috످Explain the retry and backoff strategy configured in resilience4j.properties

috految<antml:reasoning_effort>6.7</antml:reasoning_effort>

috److I don't have access to your `resilience4j.properties` file. If you paste its contents (with any secrets removed), I can explain your exact retry and backoff strategy.

In the meantime, check for these settings under `resilience4j.retry.instances.<name>` or `resilience4j.retry.configs.default`.

The `max-attempts` property (default `3`) controls total attempts, including the first call, and `wait-duration` (default `500ms`) sets the base delay between attempts.

The `enable-exponential-backoff` property (default `false`) controls whether the delay grows with each retry, `exponential-backoff-multiplier` (default `1.5`) controls how fast the delay grows, and `exponential-max-wait-duration` (no cap by default) sets the maximum delay. The `enable-randomized-wait` property (default `false`) controls whether to add jitter so clients don't all retry at once.

The `retry-exceptions` property (all by default) controls which exceptions trigger a retry, and `ignore-exceptions` (none by default) controls which exceptions are never retried.

By default, Resilience4j makes up to 3 attempts, 500ms apart, then throws the last exception or runs your fallback. With exponential backoff enabled, the delays grow instead (500ms, then 750ms).

If you use Spring Boot, `resilience4j.properties` isn't loaded automatically. Unless you already load it elsewhere, add this to `application.properties` (Spring Boot 2.4+):

```properties
spring.config.import=classpath:resilience4j.properties
```

috످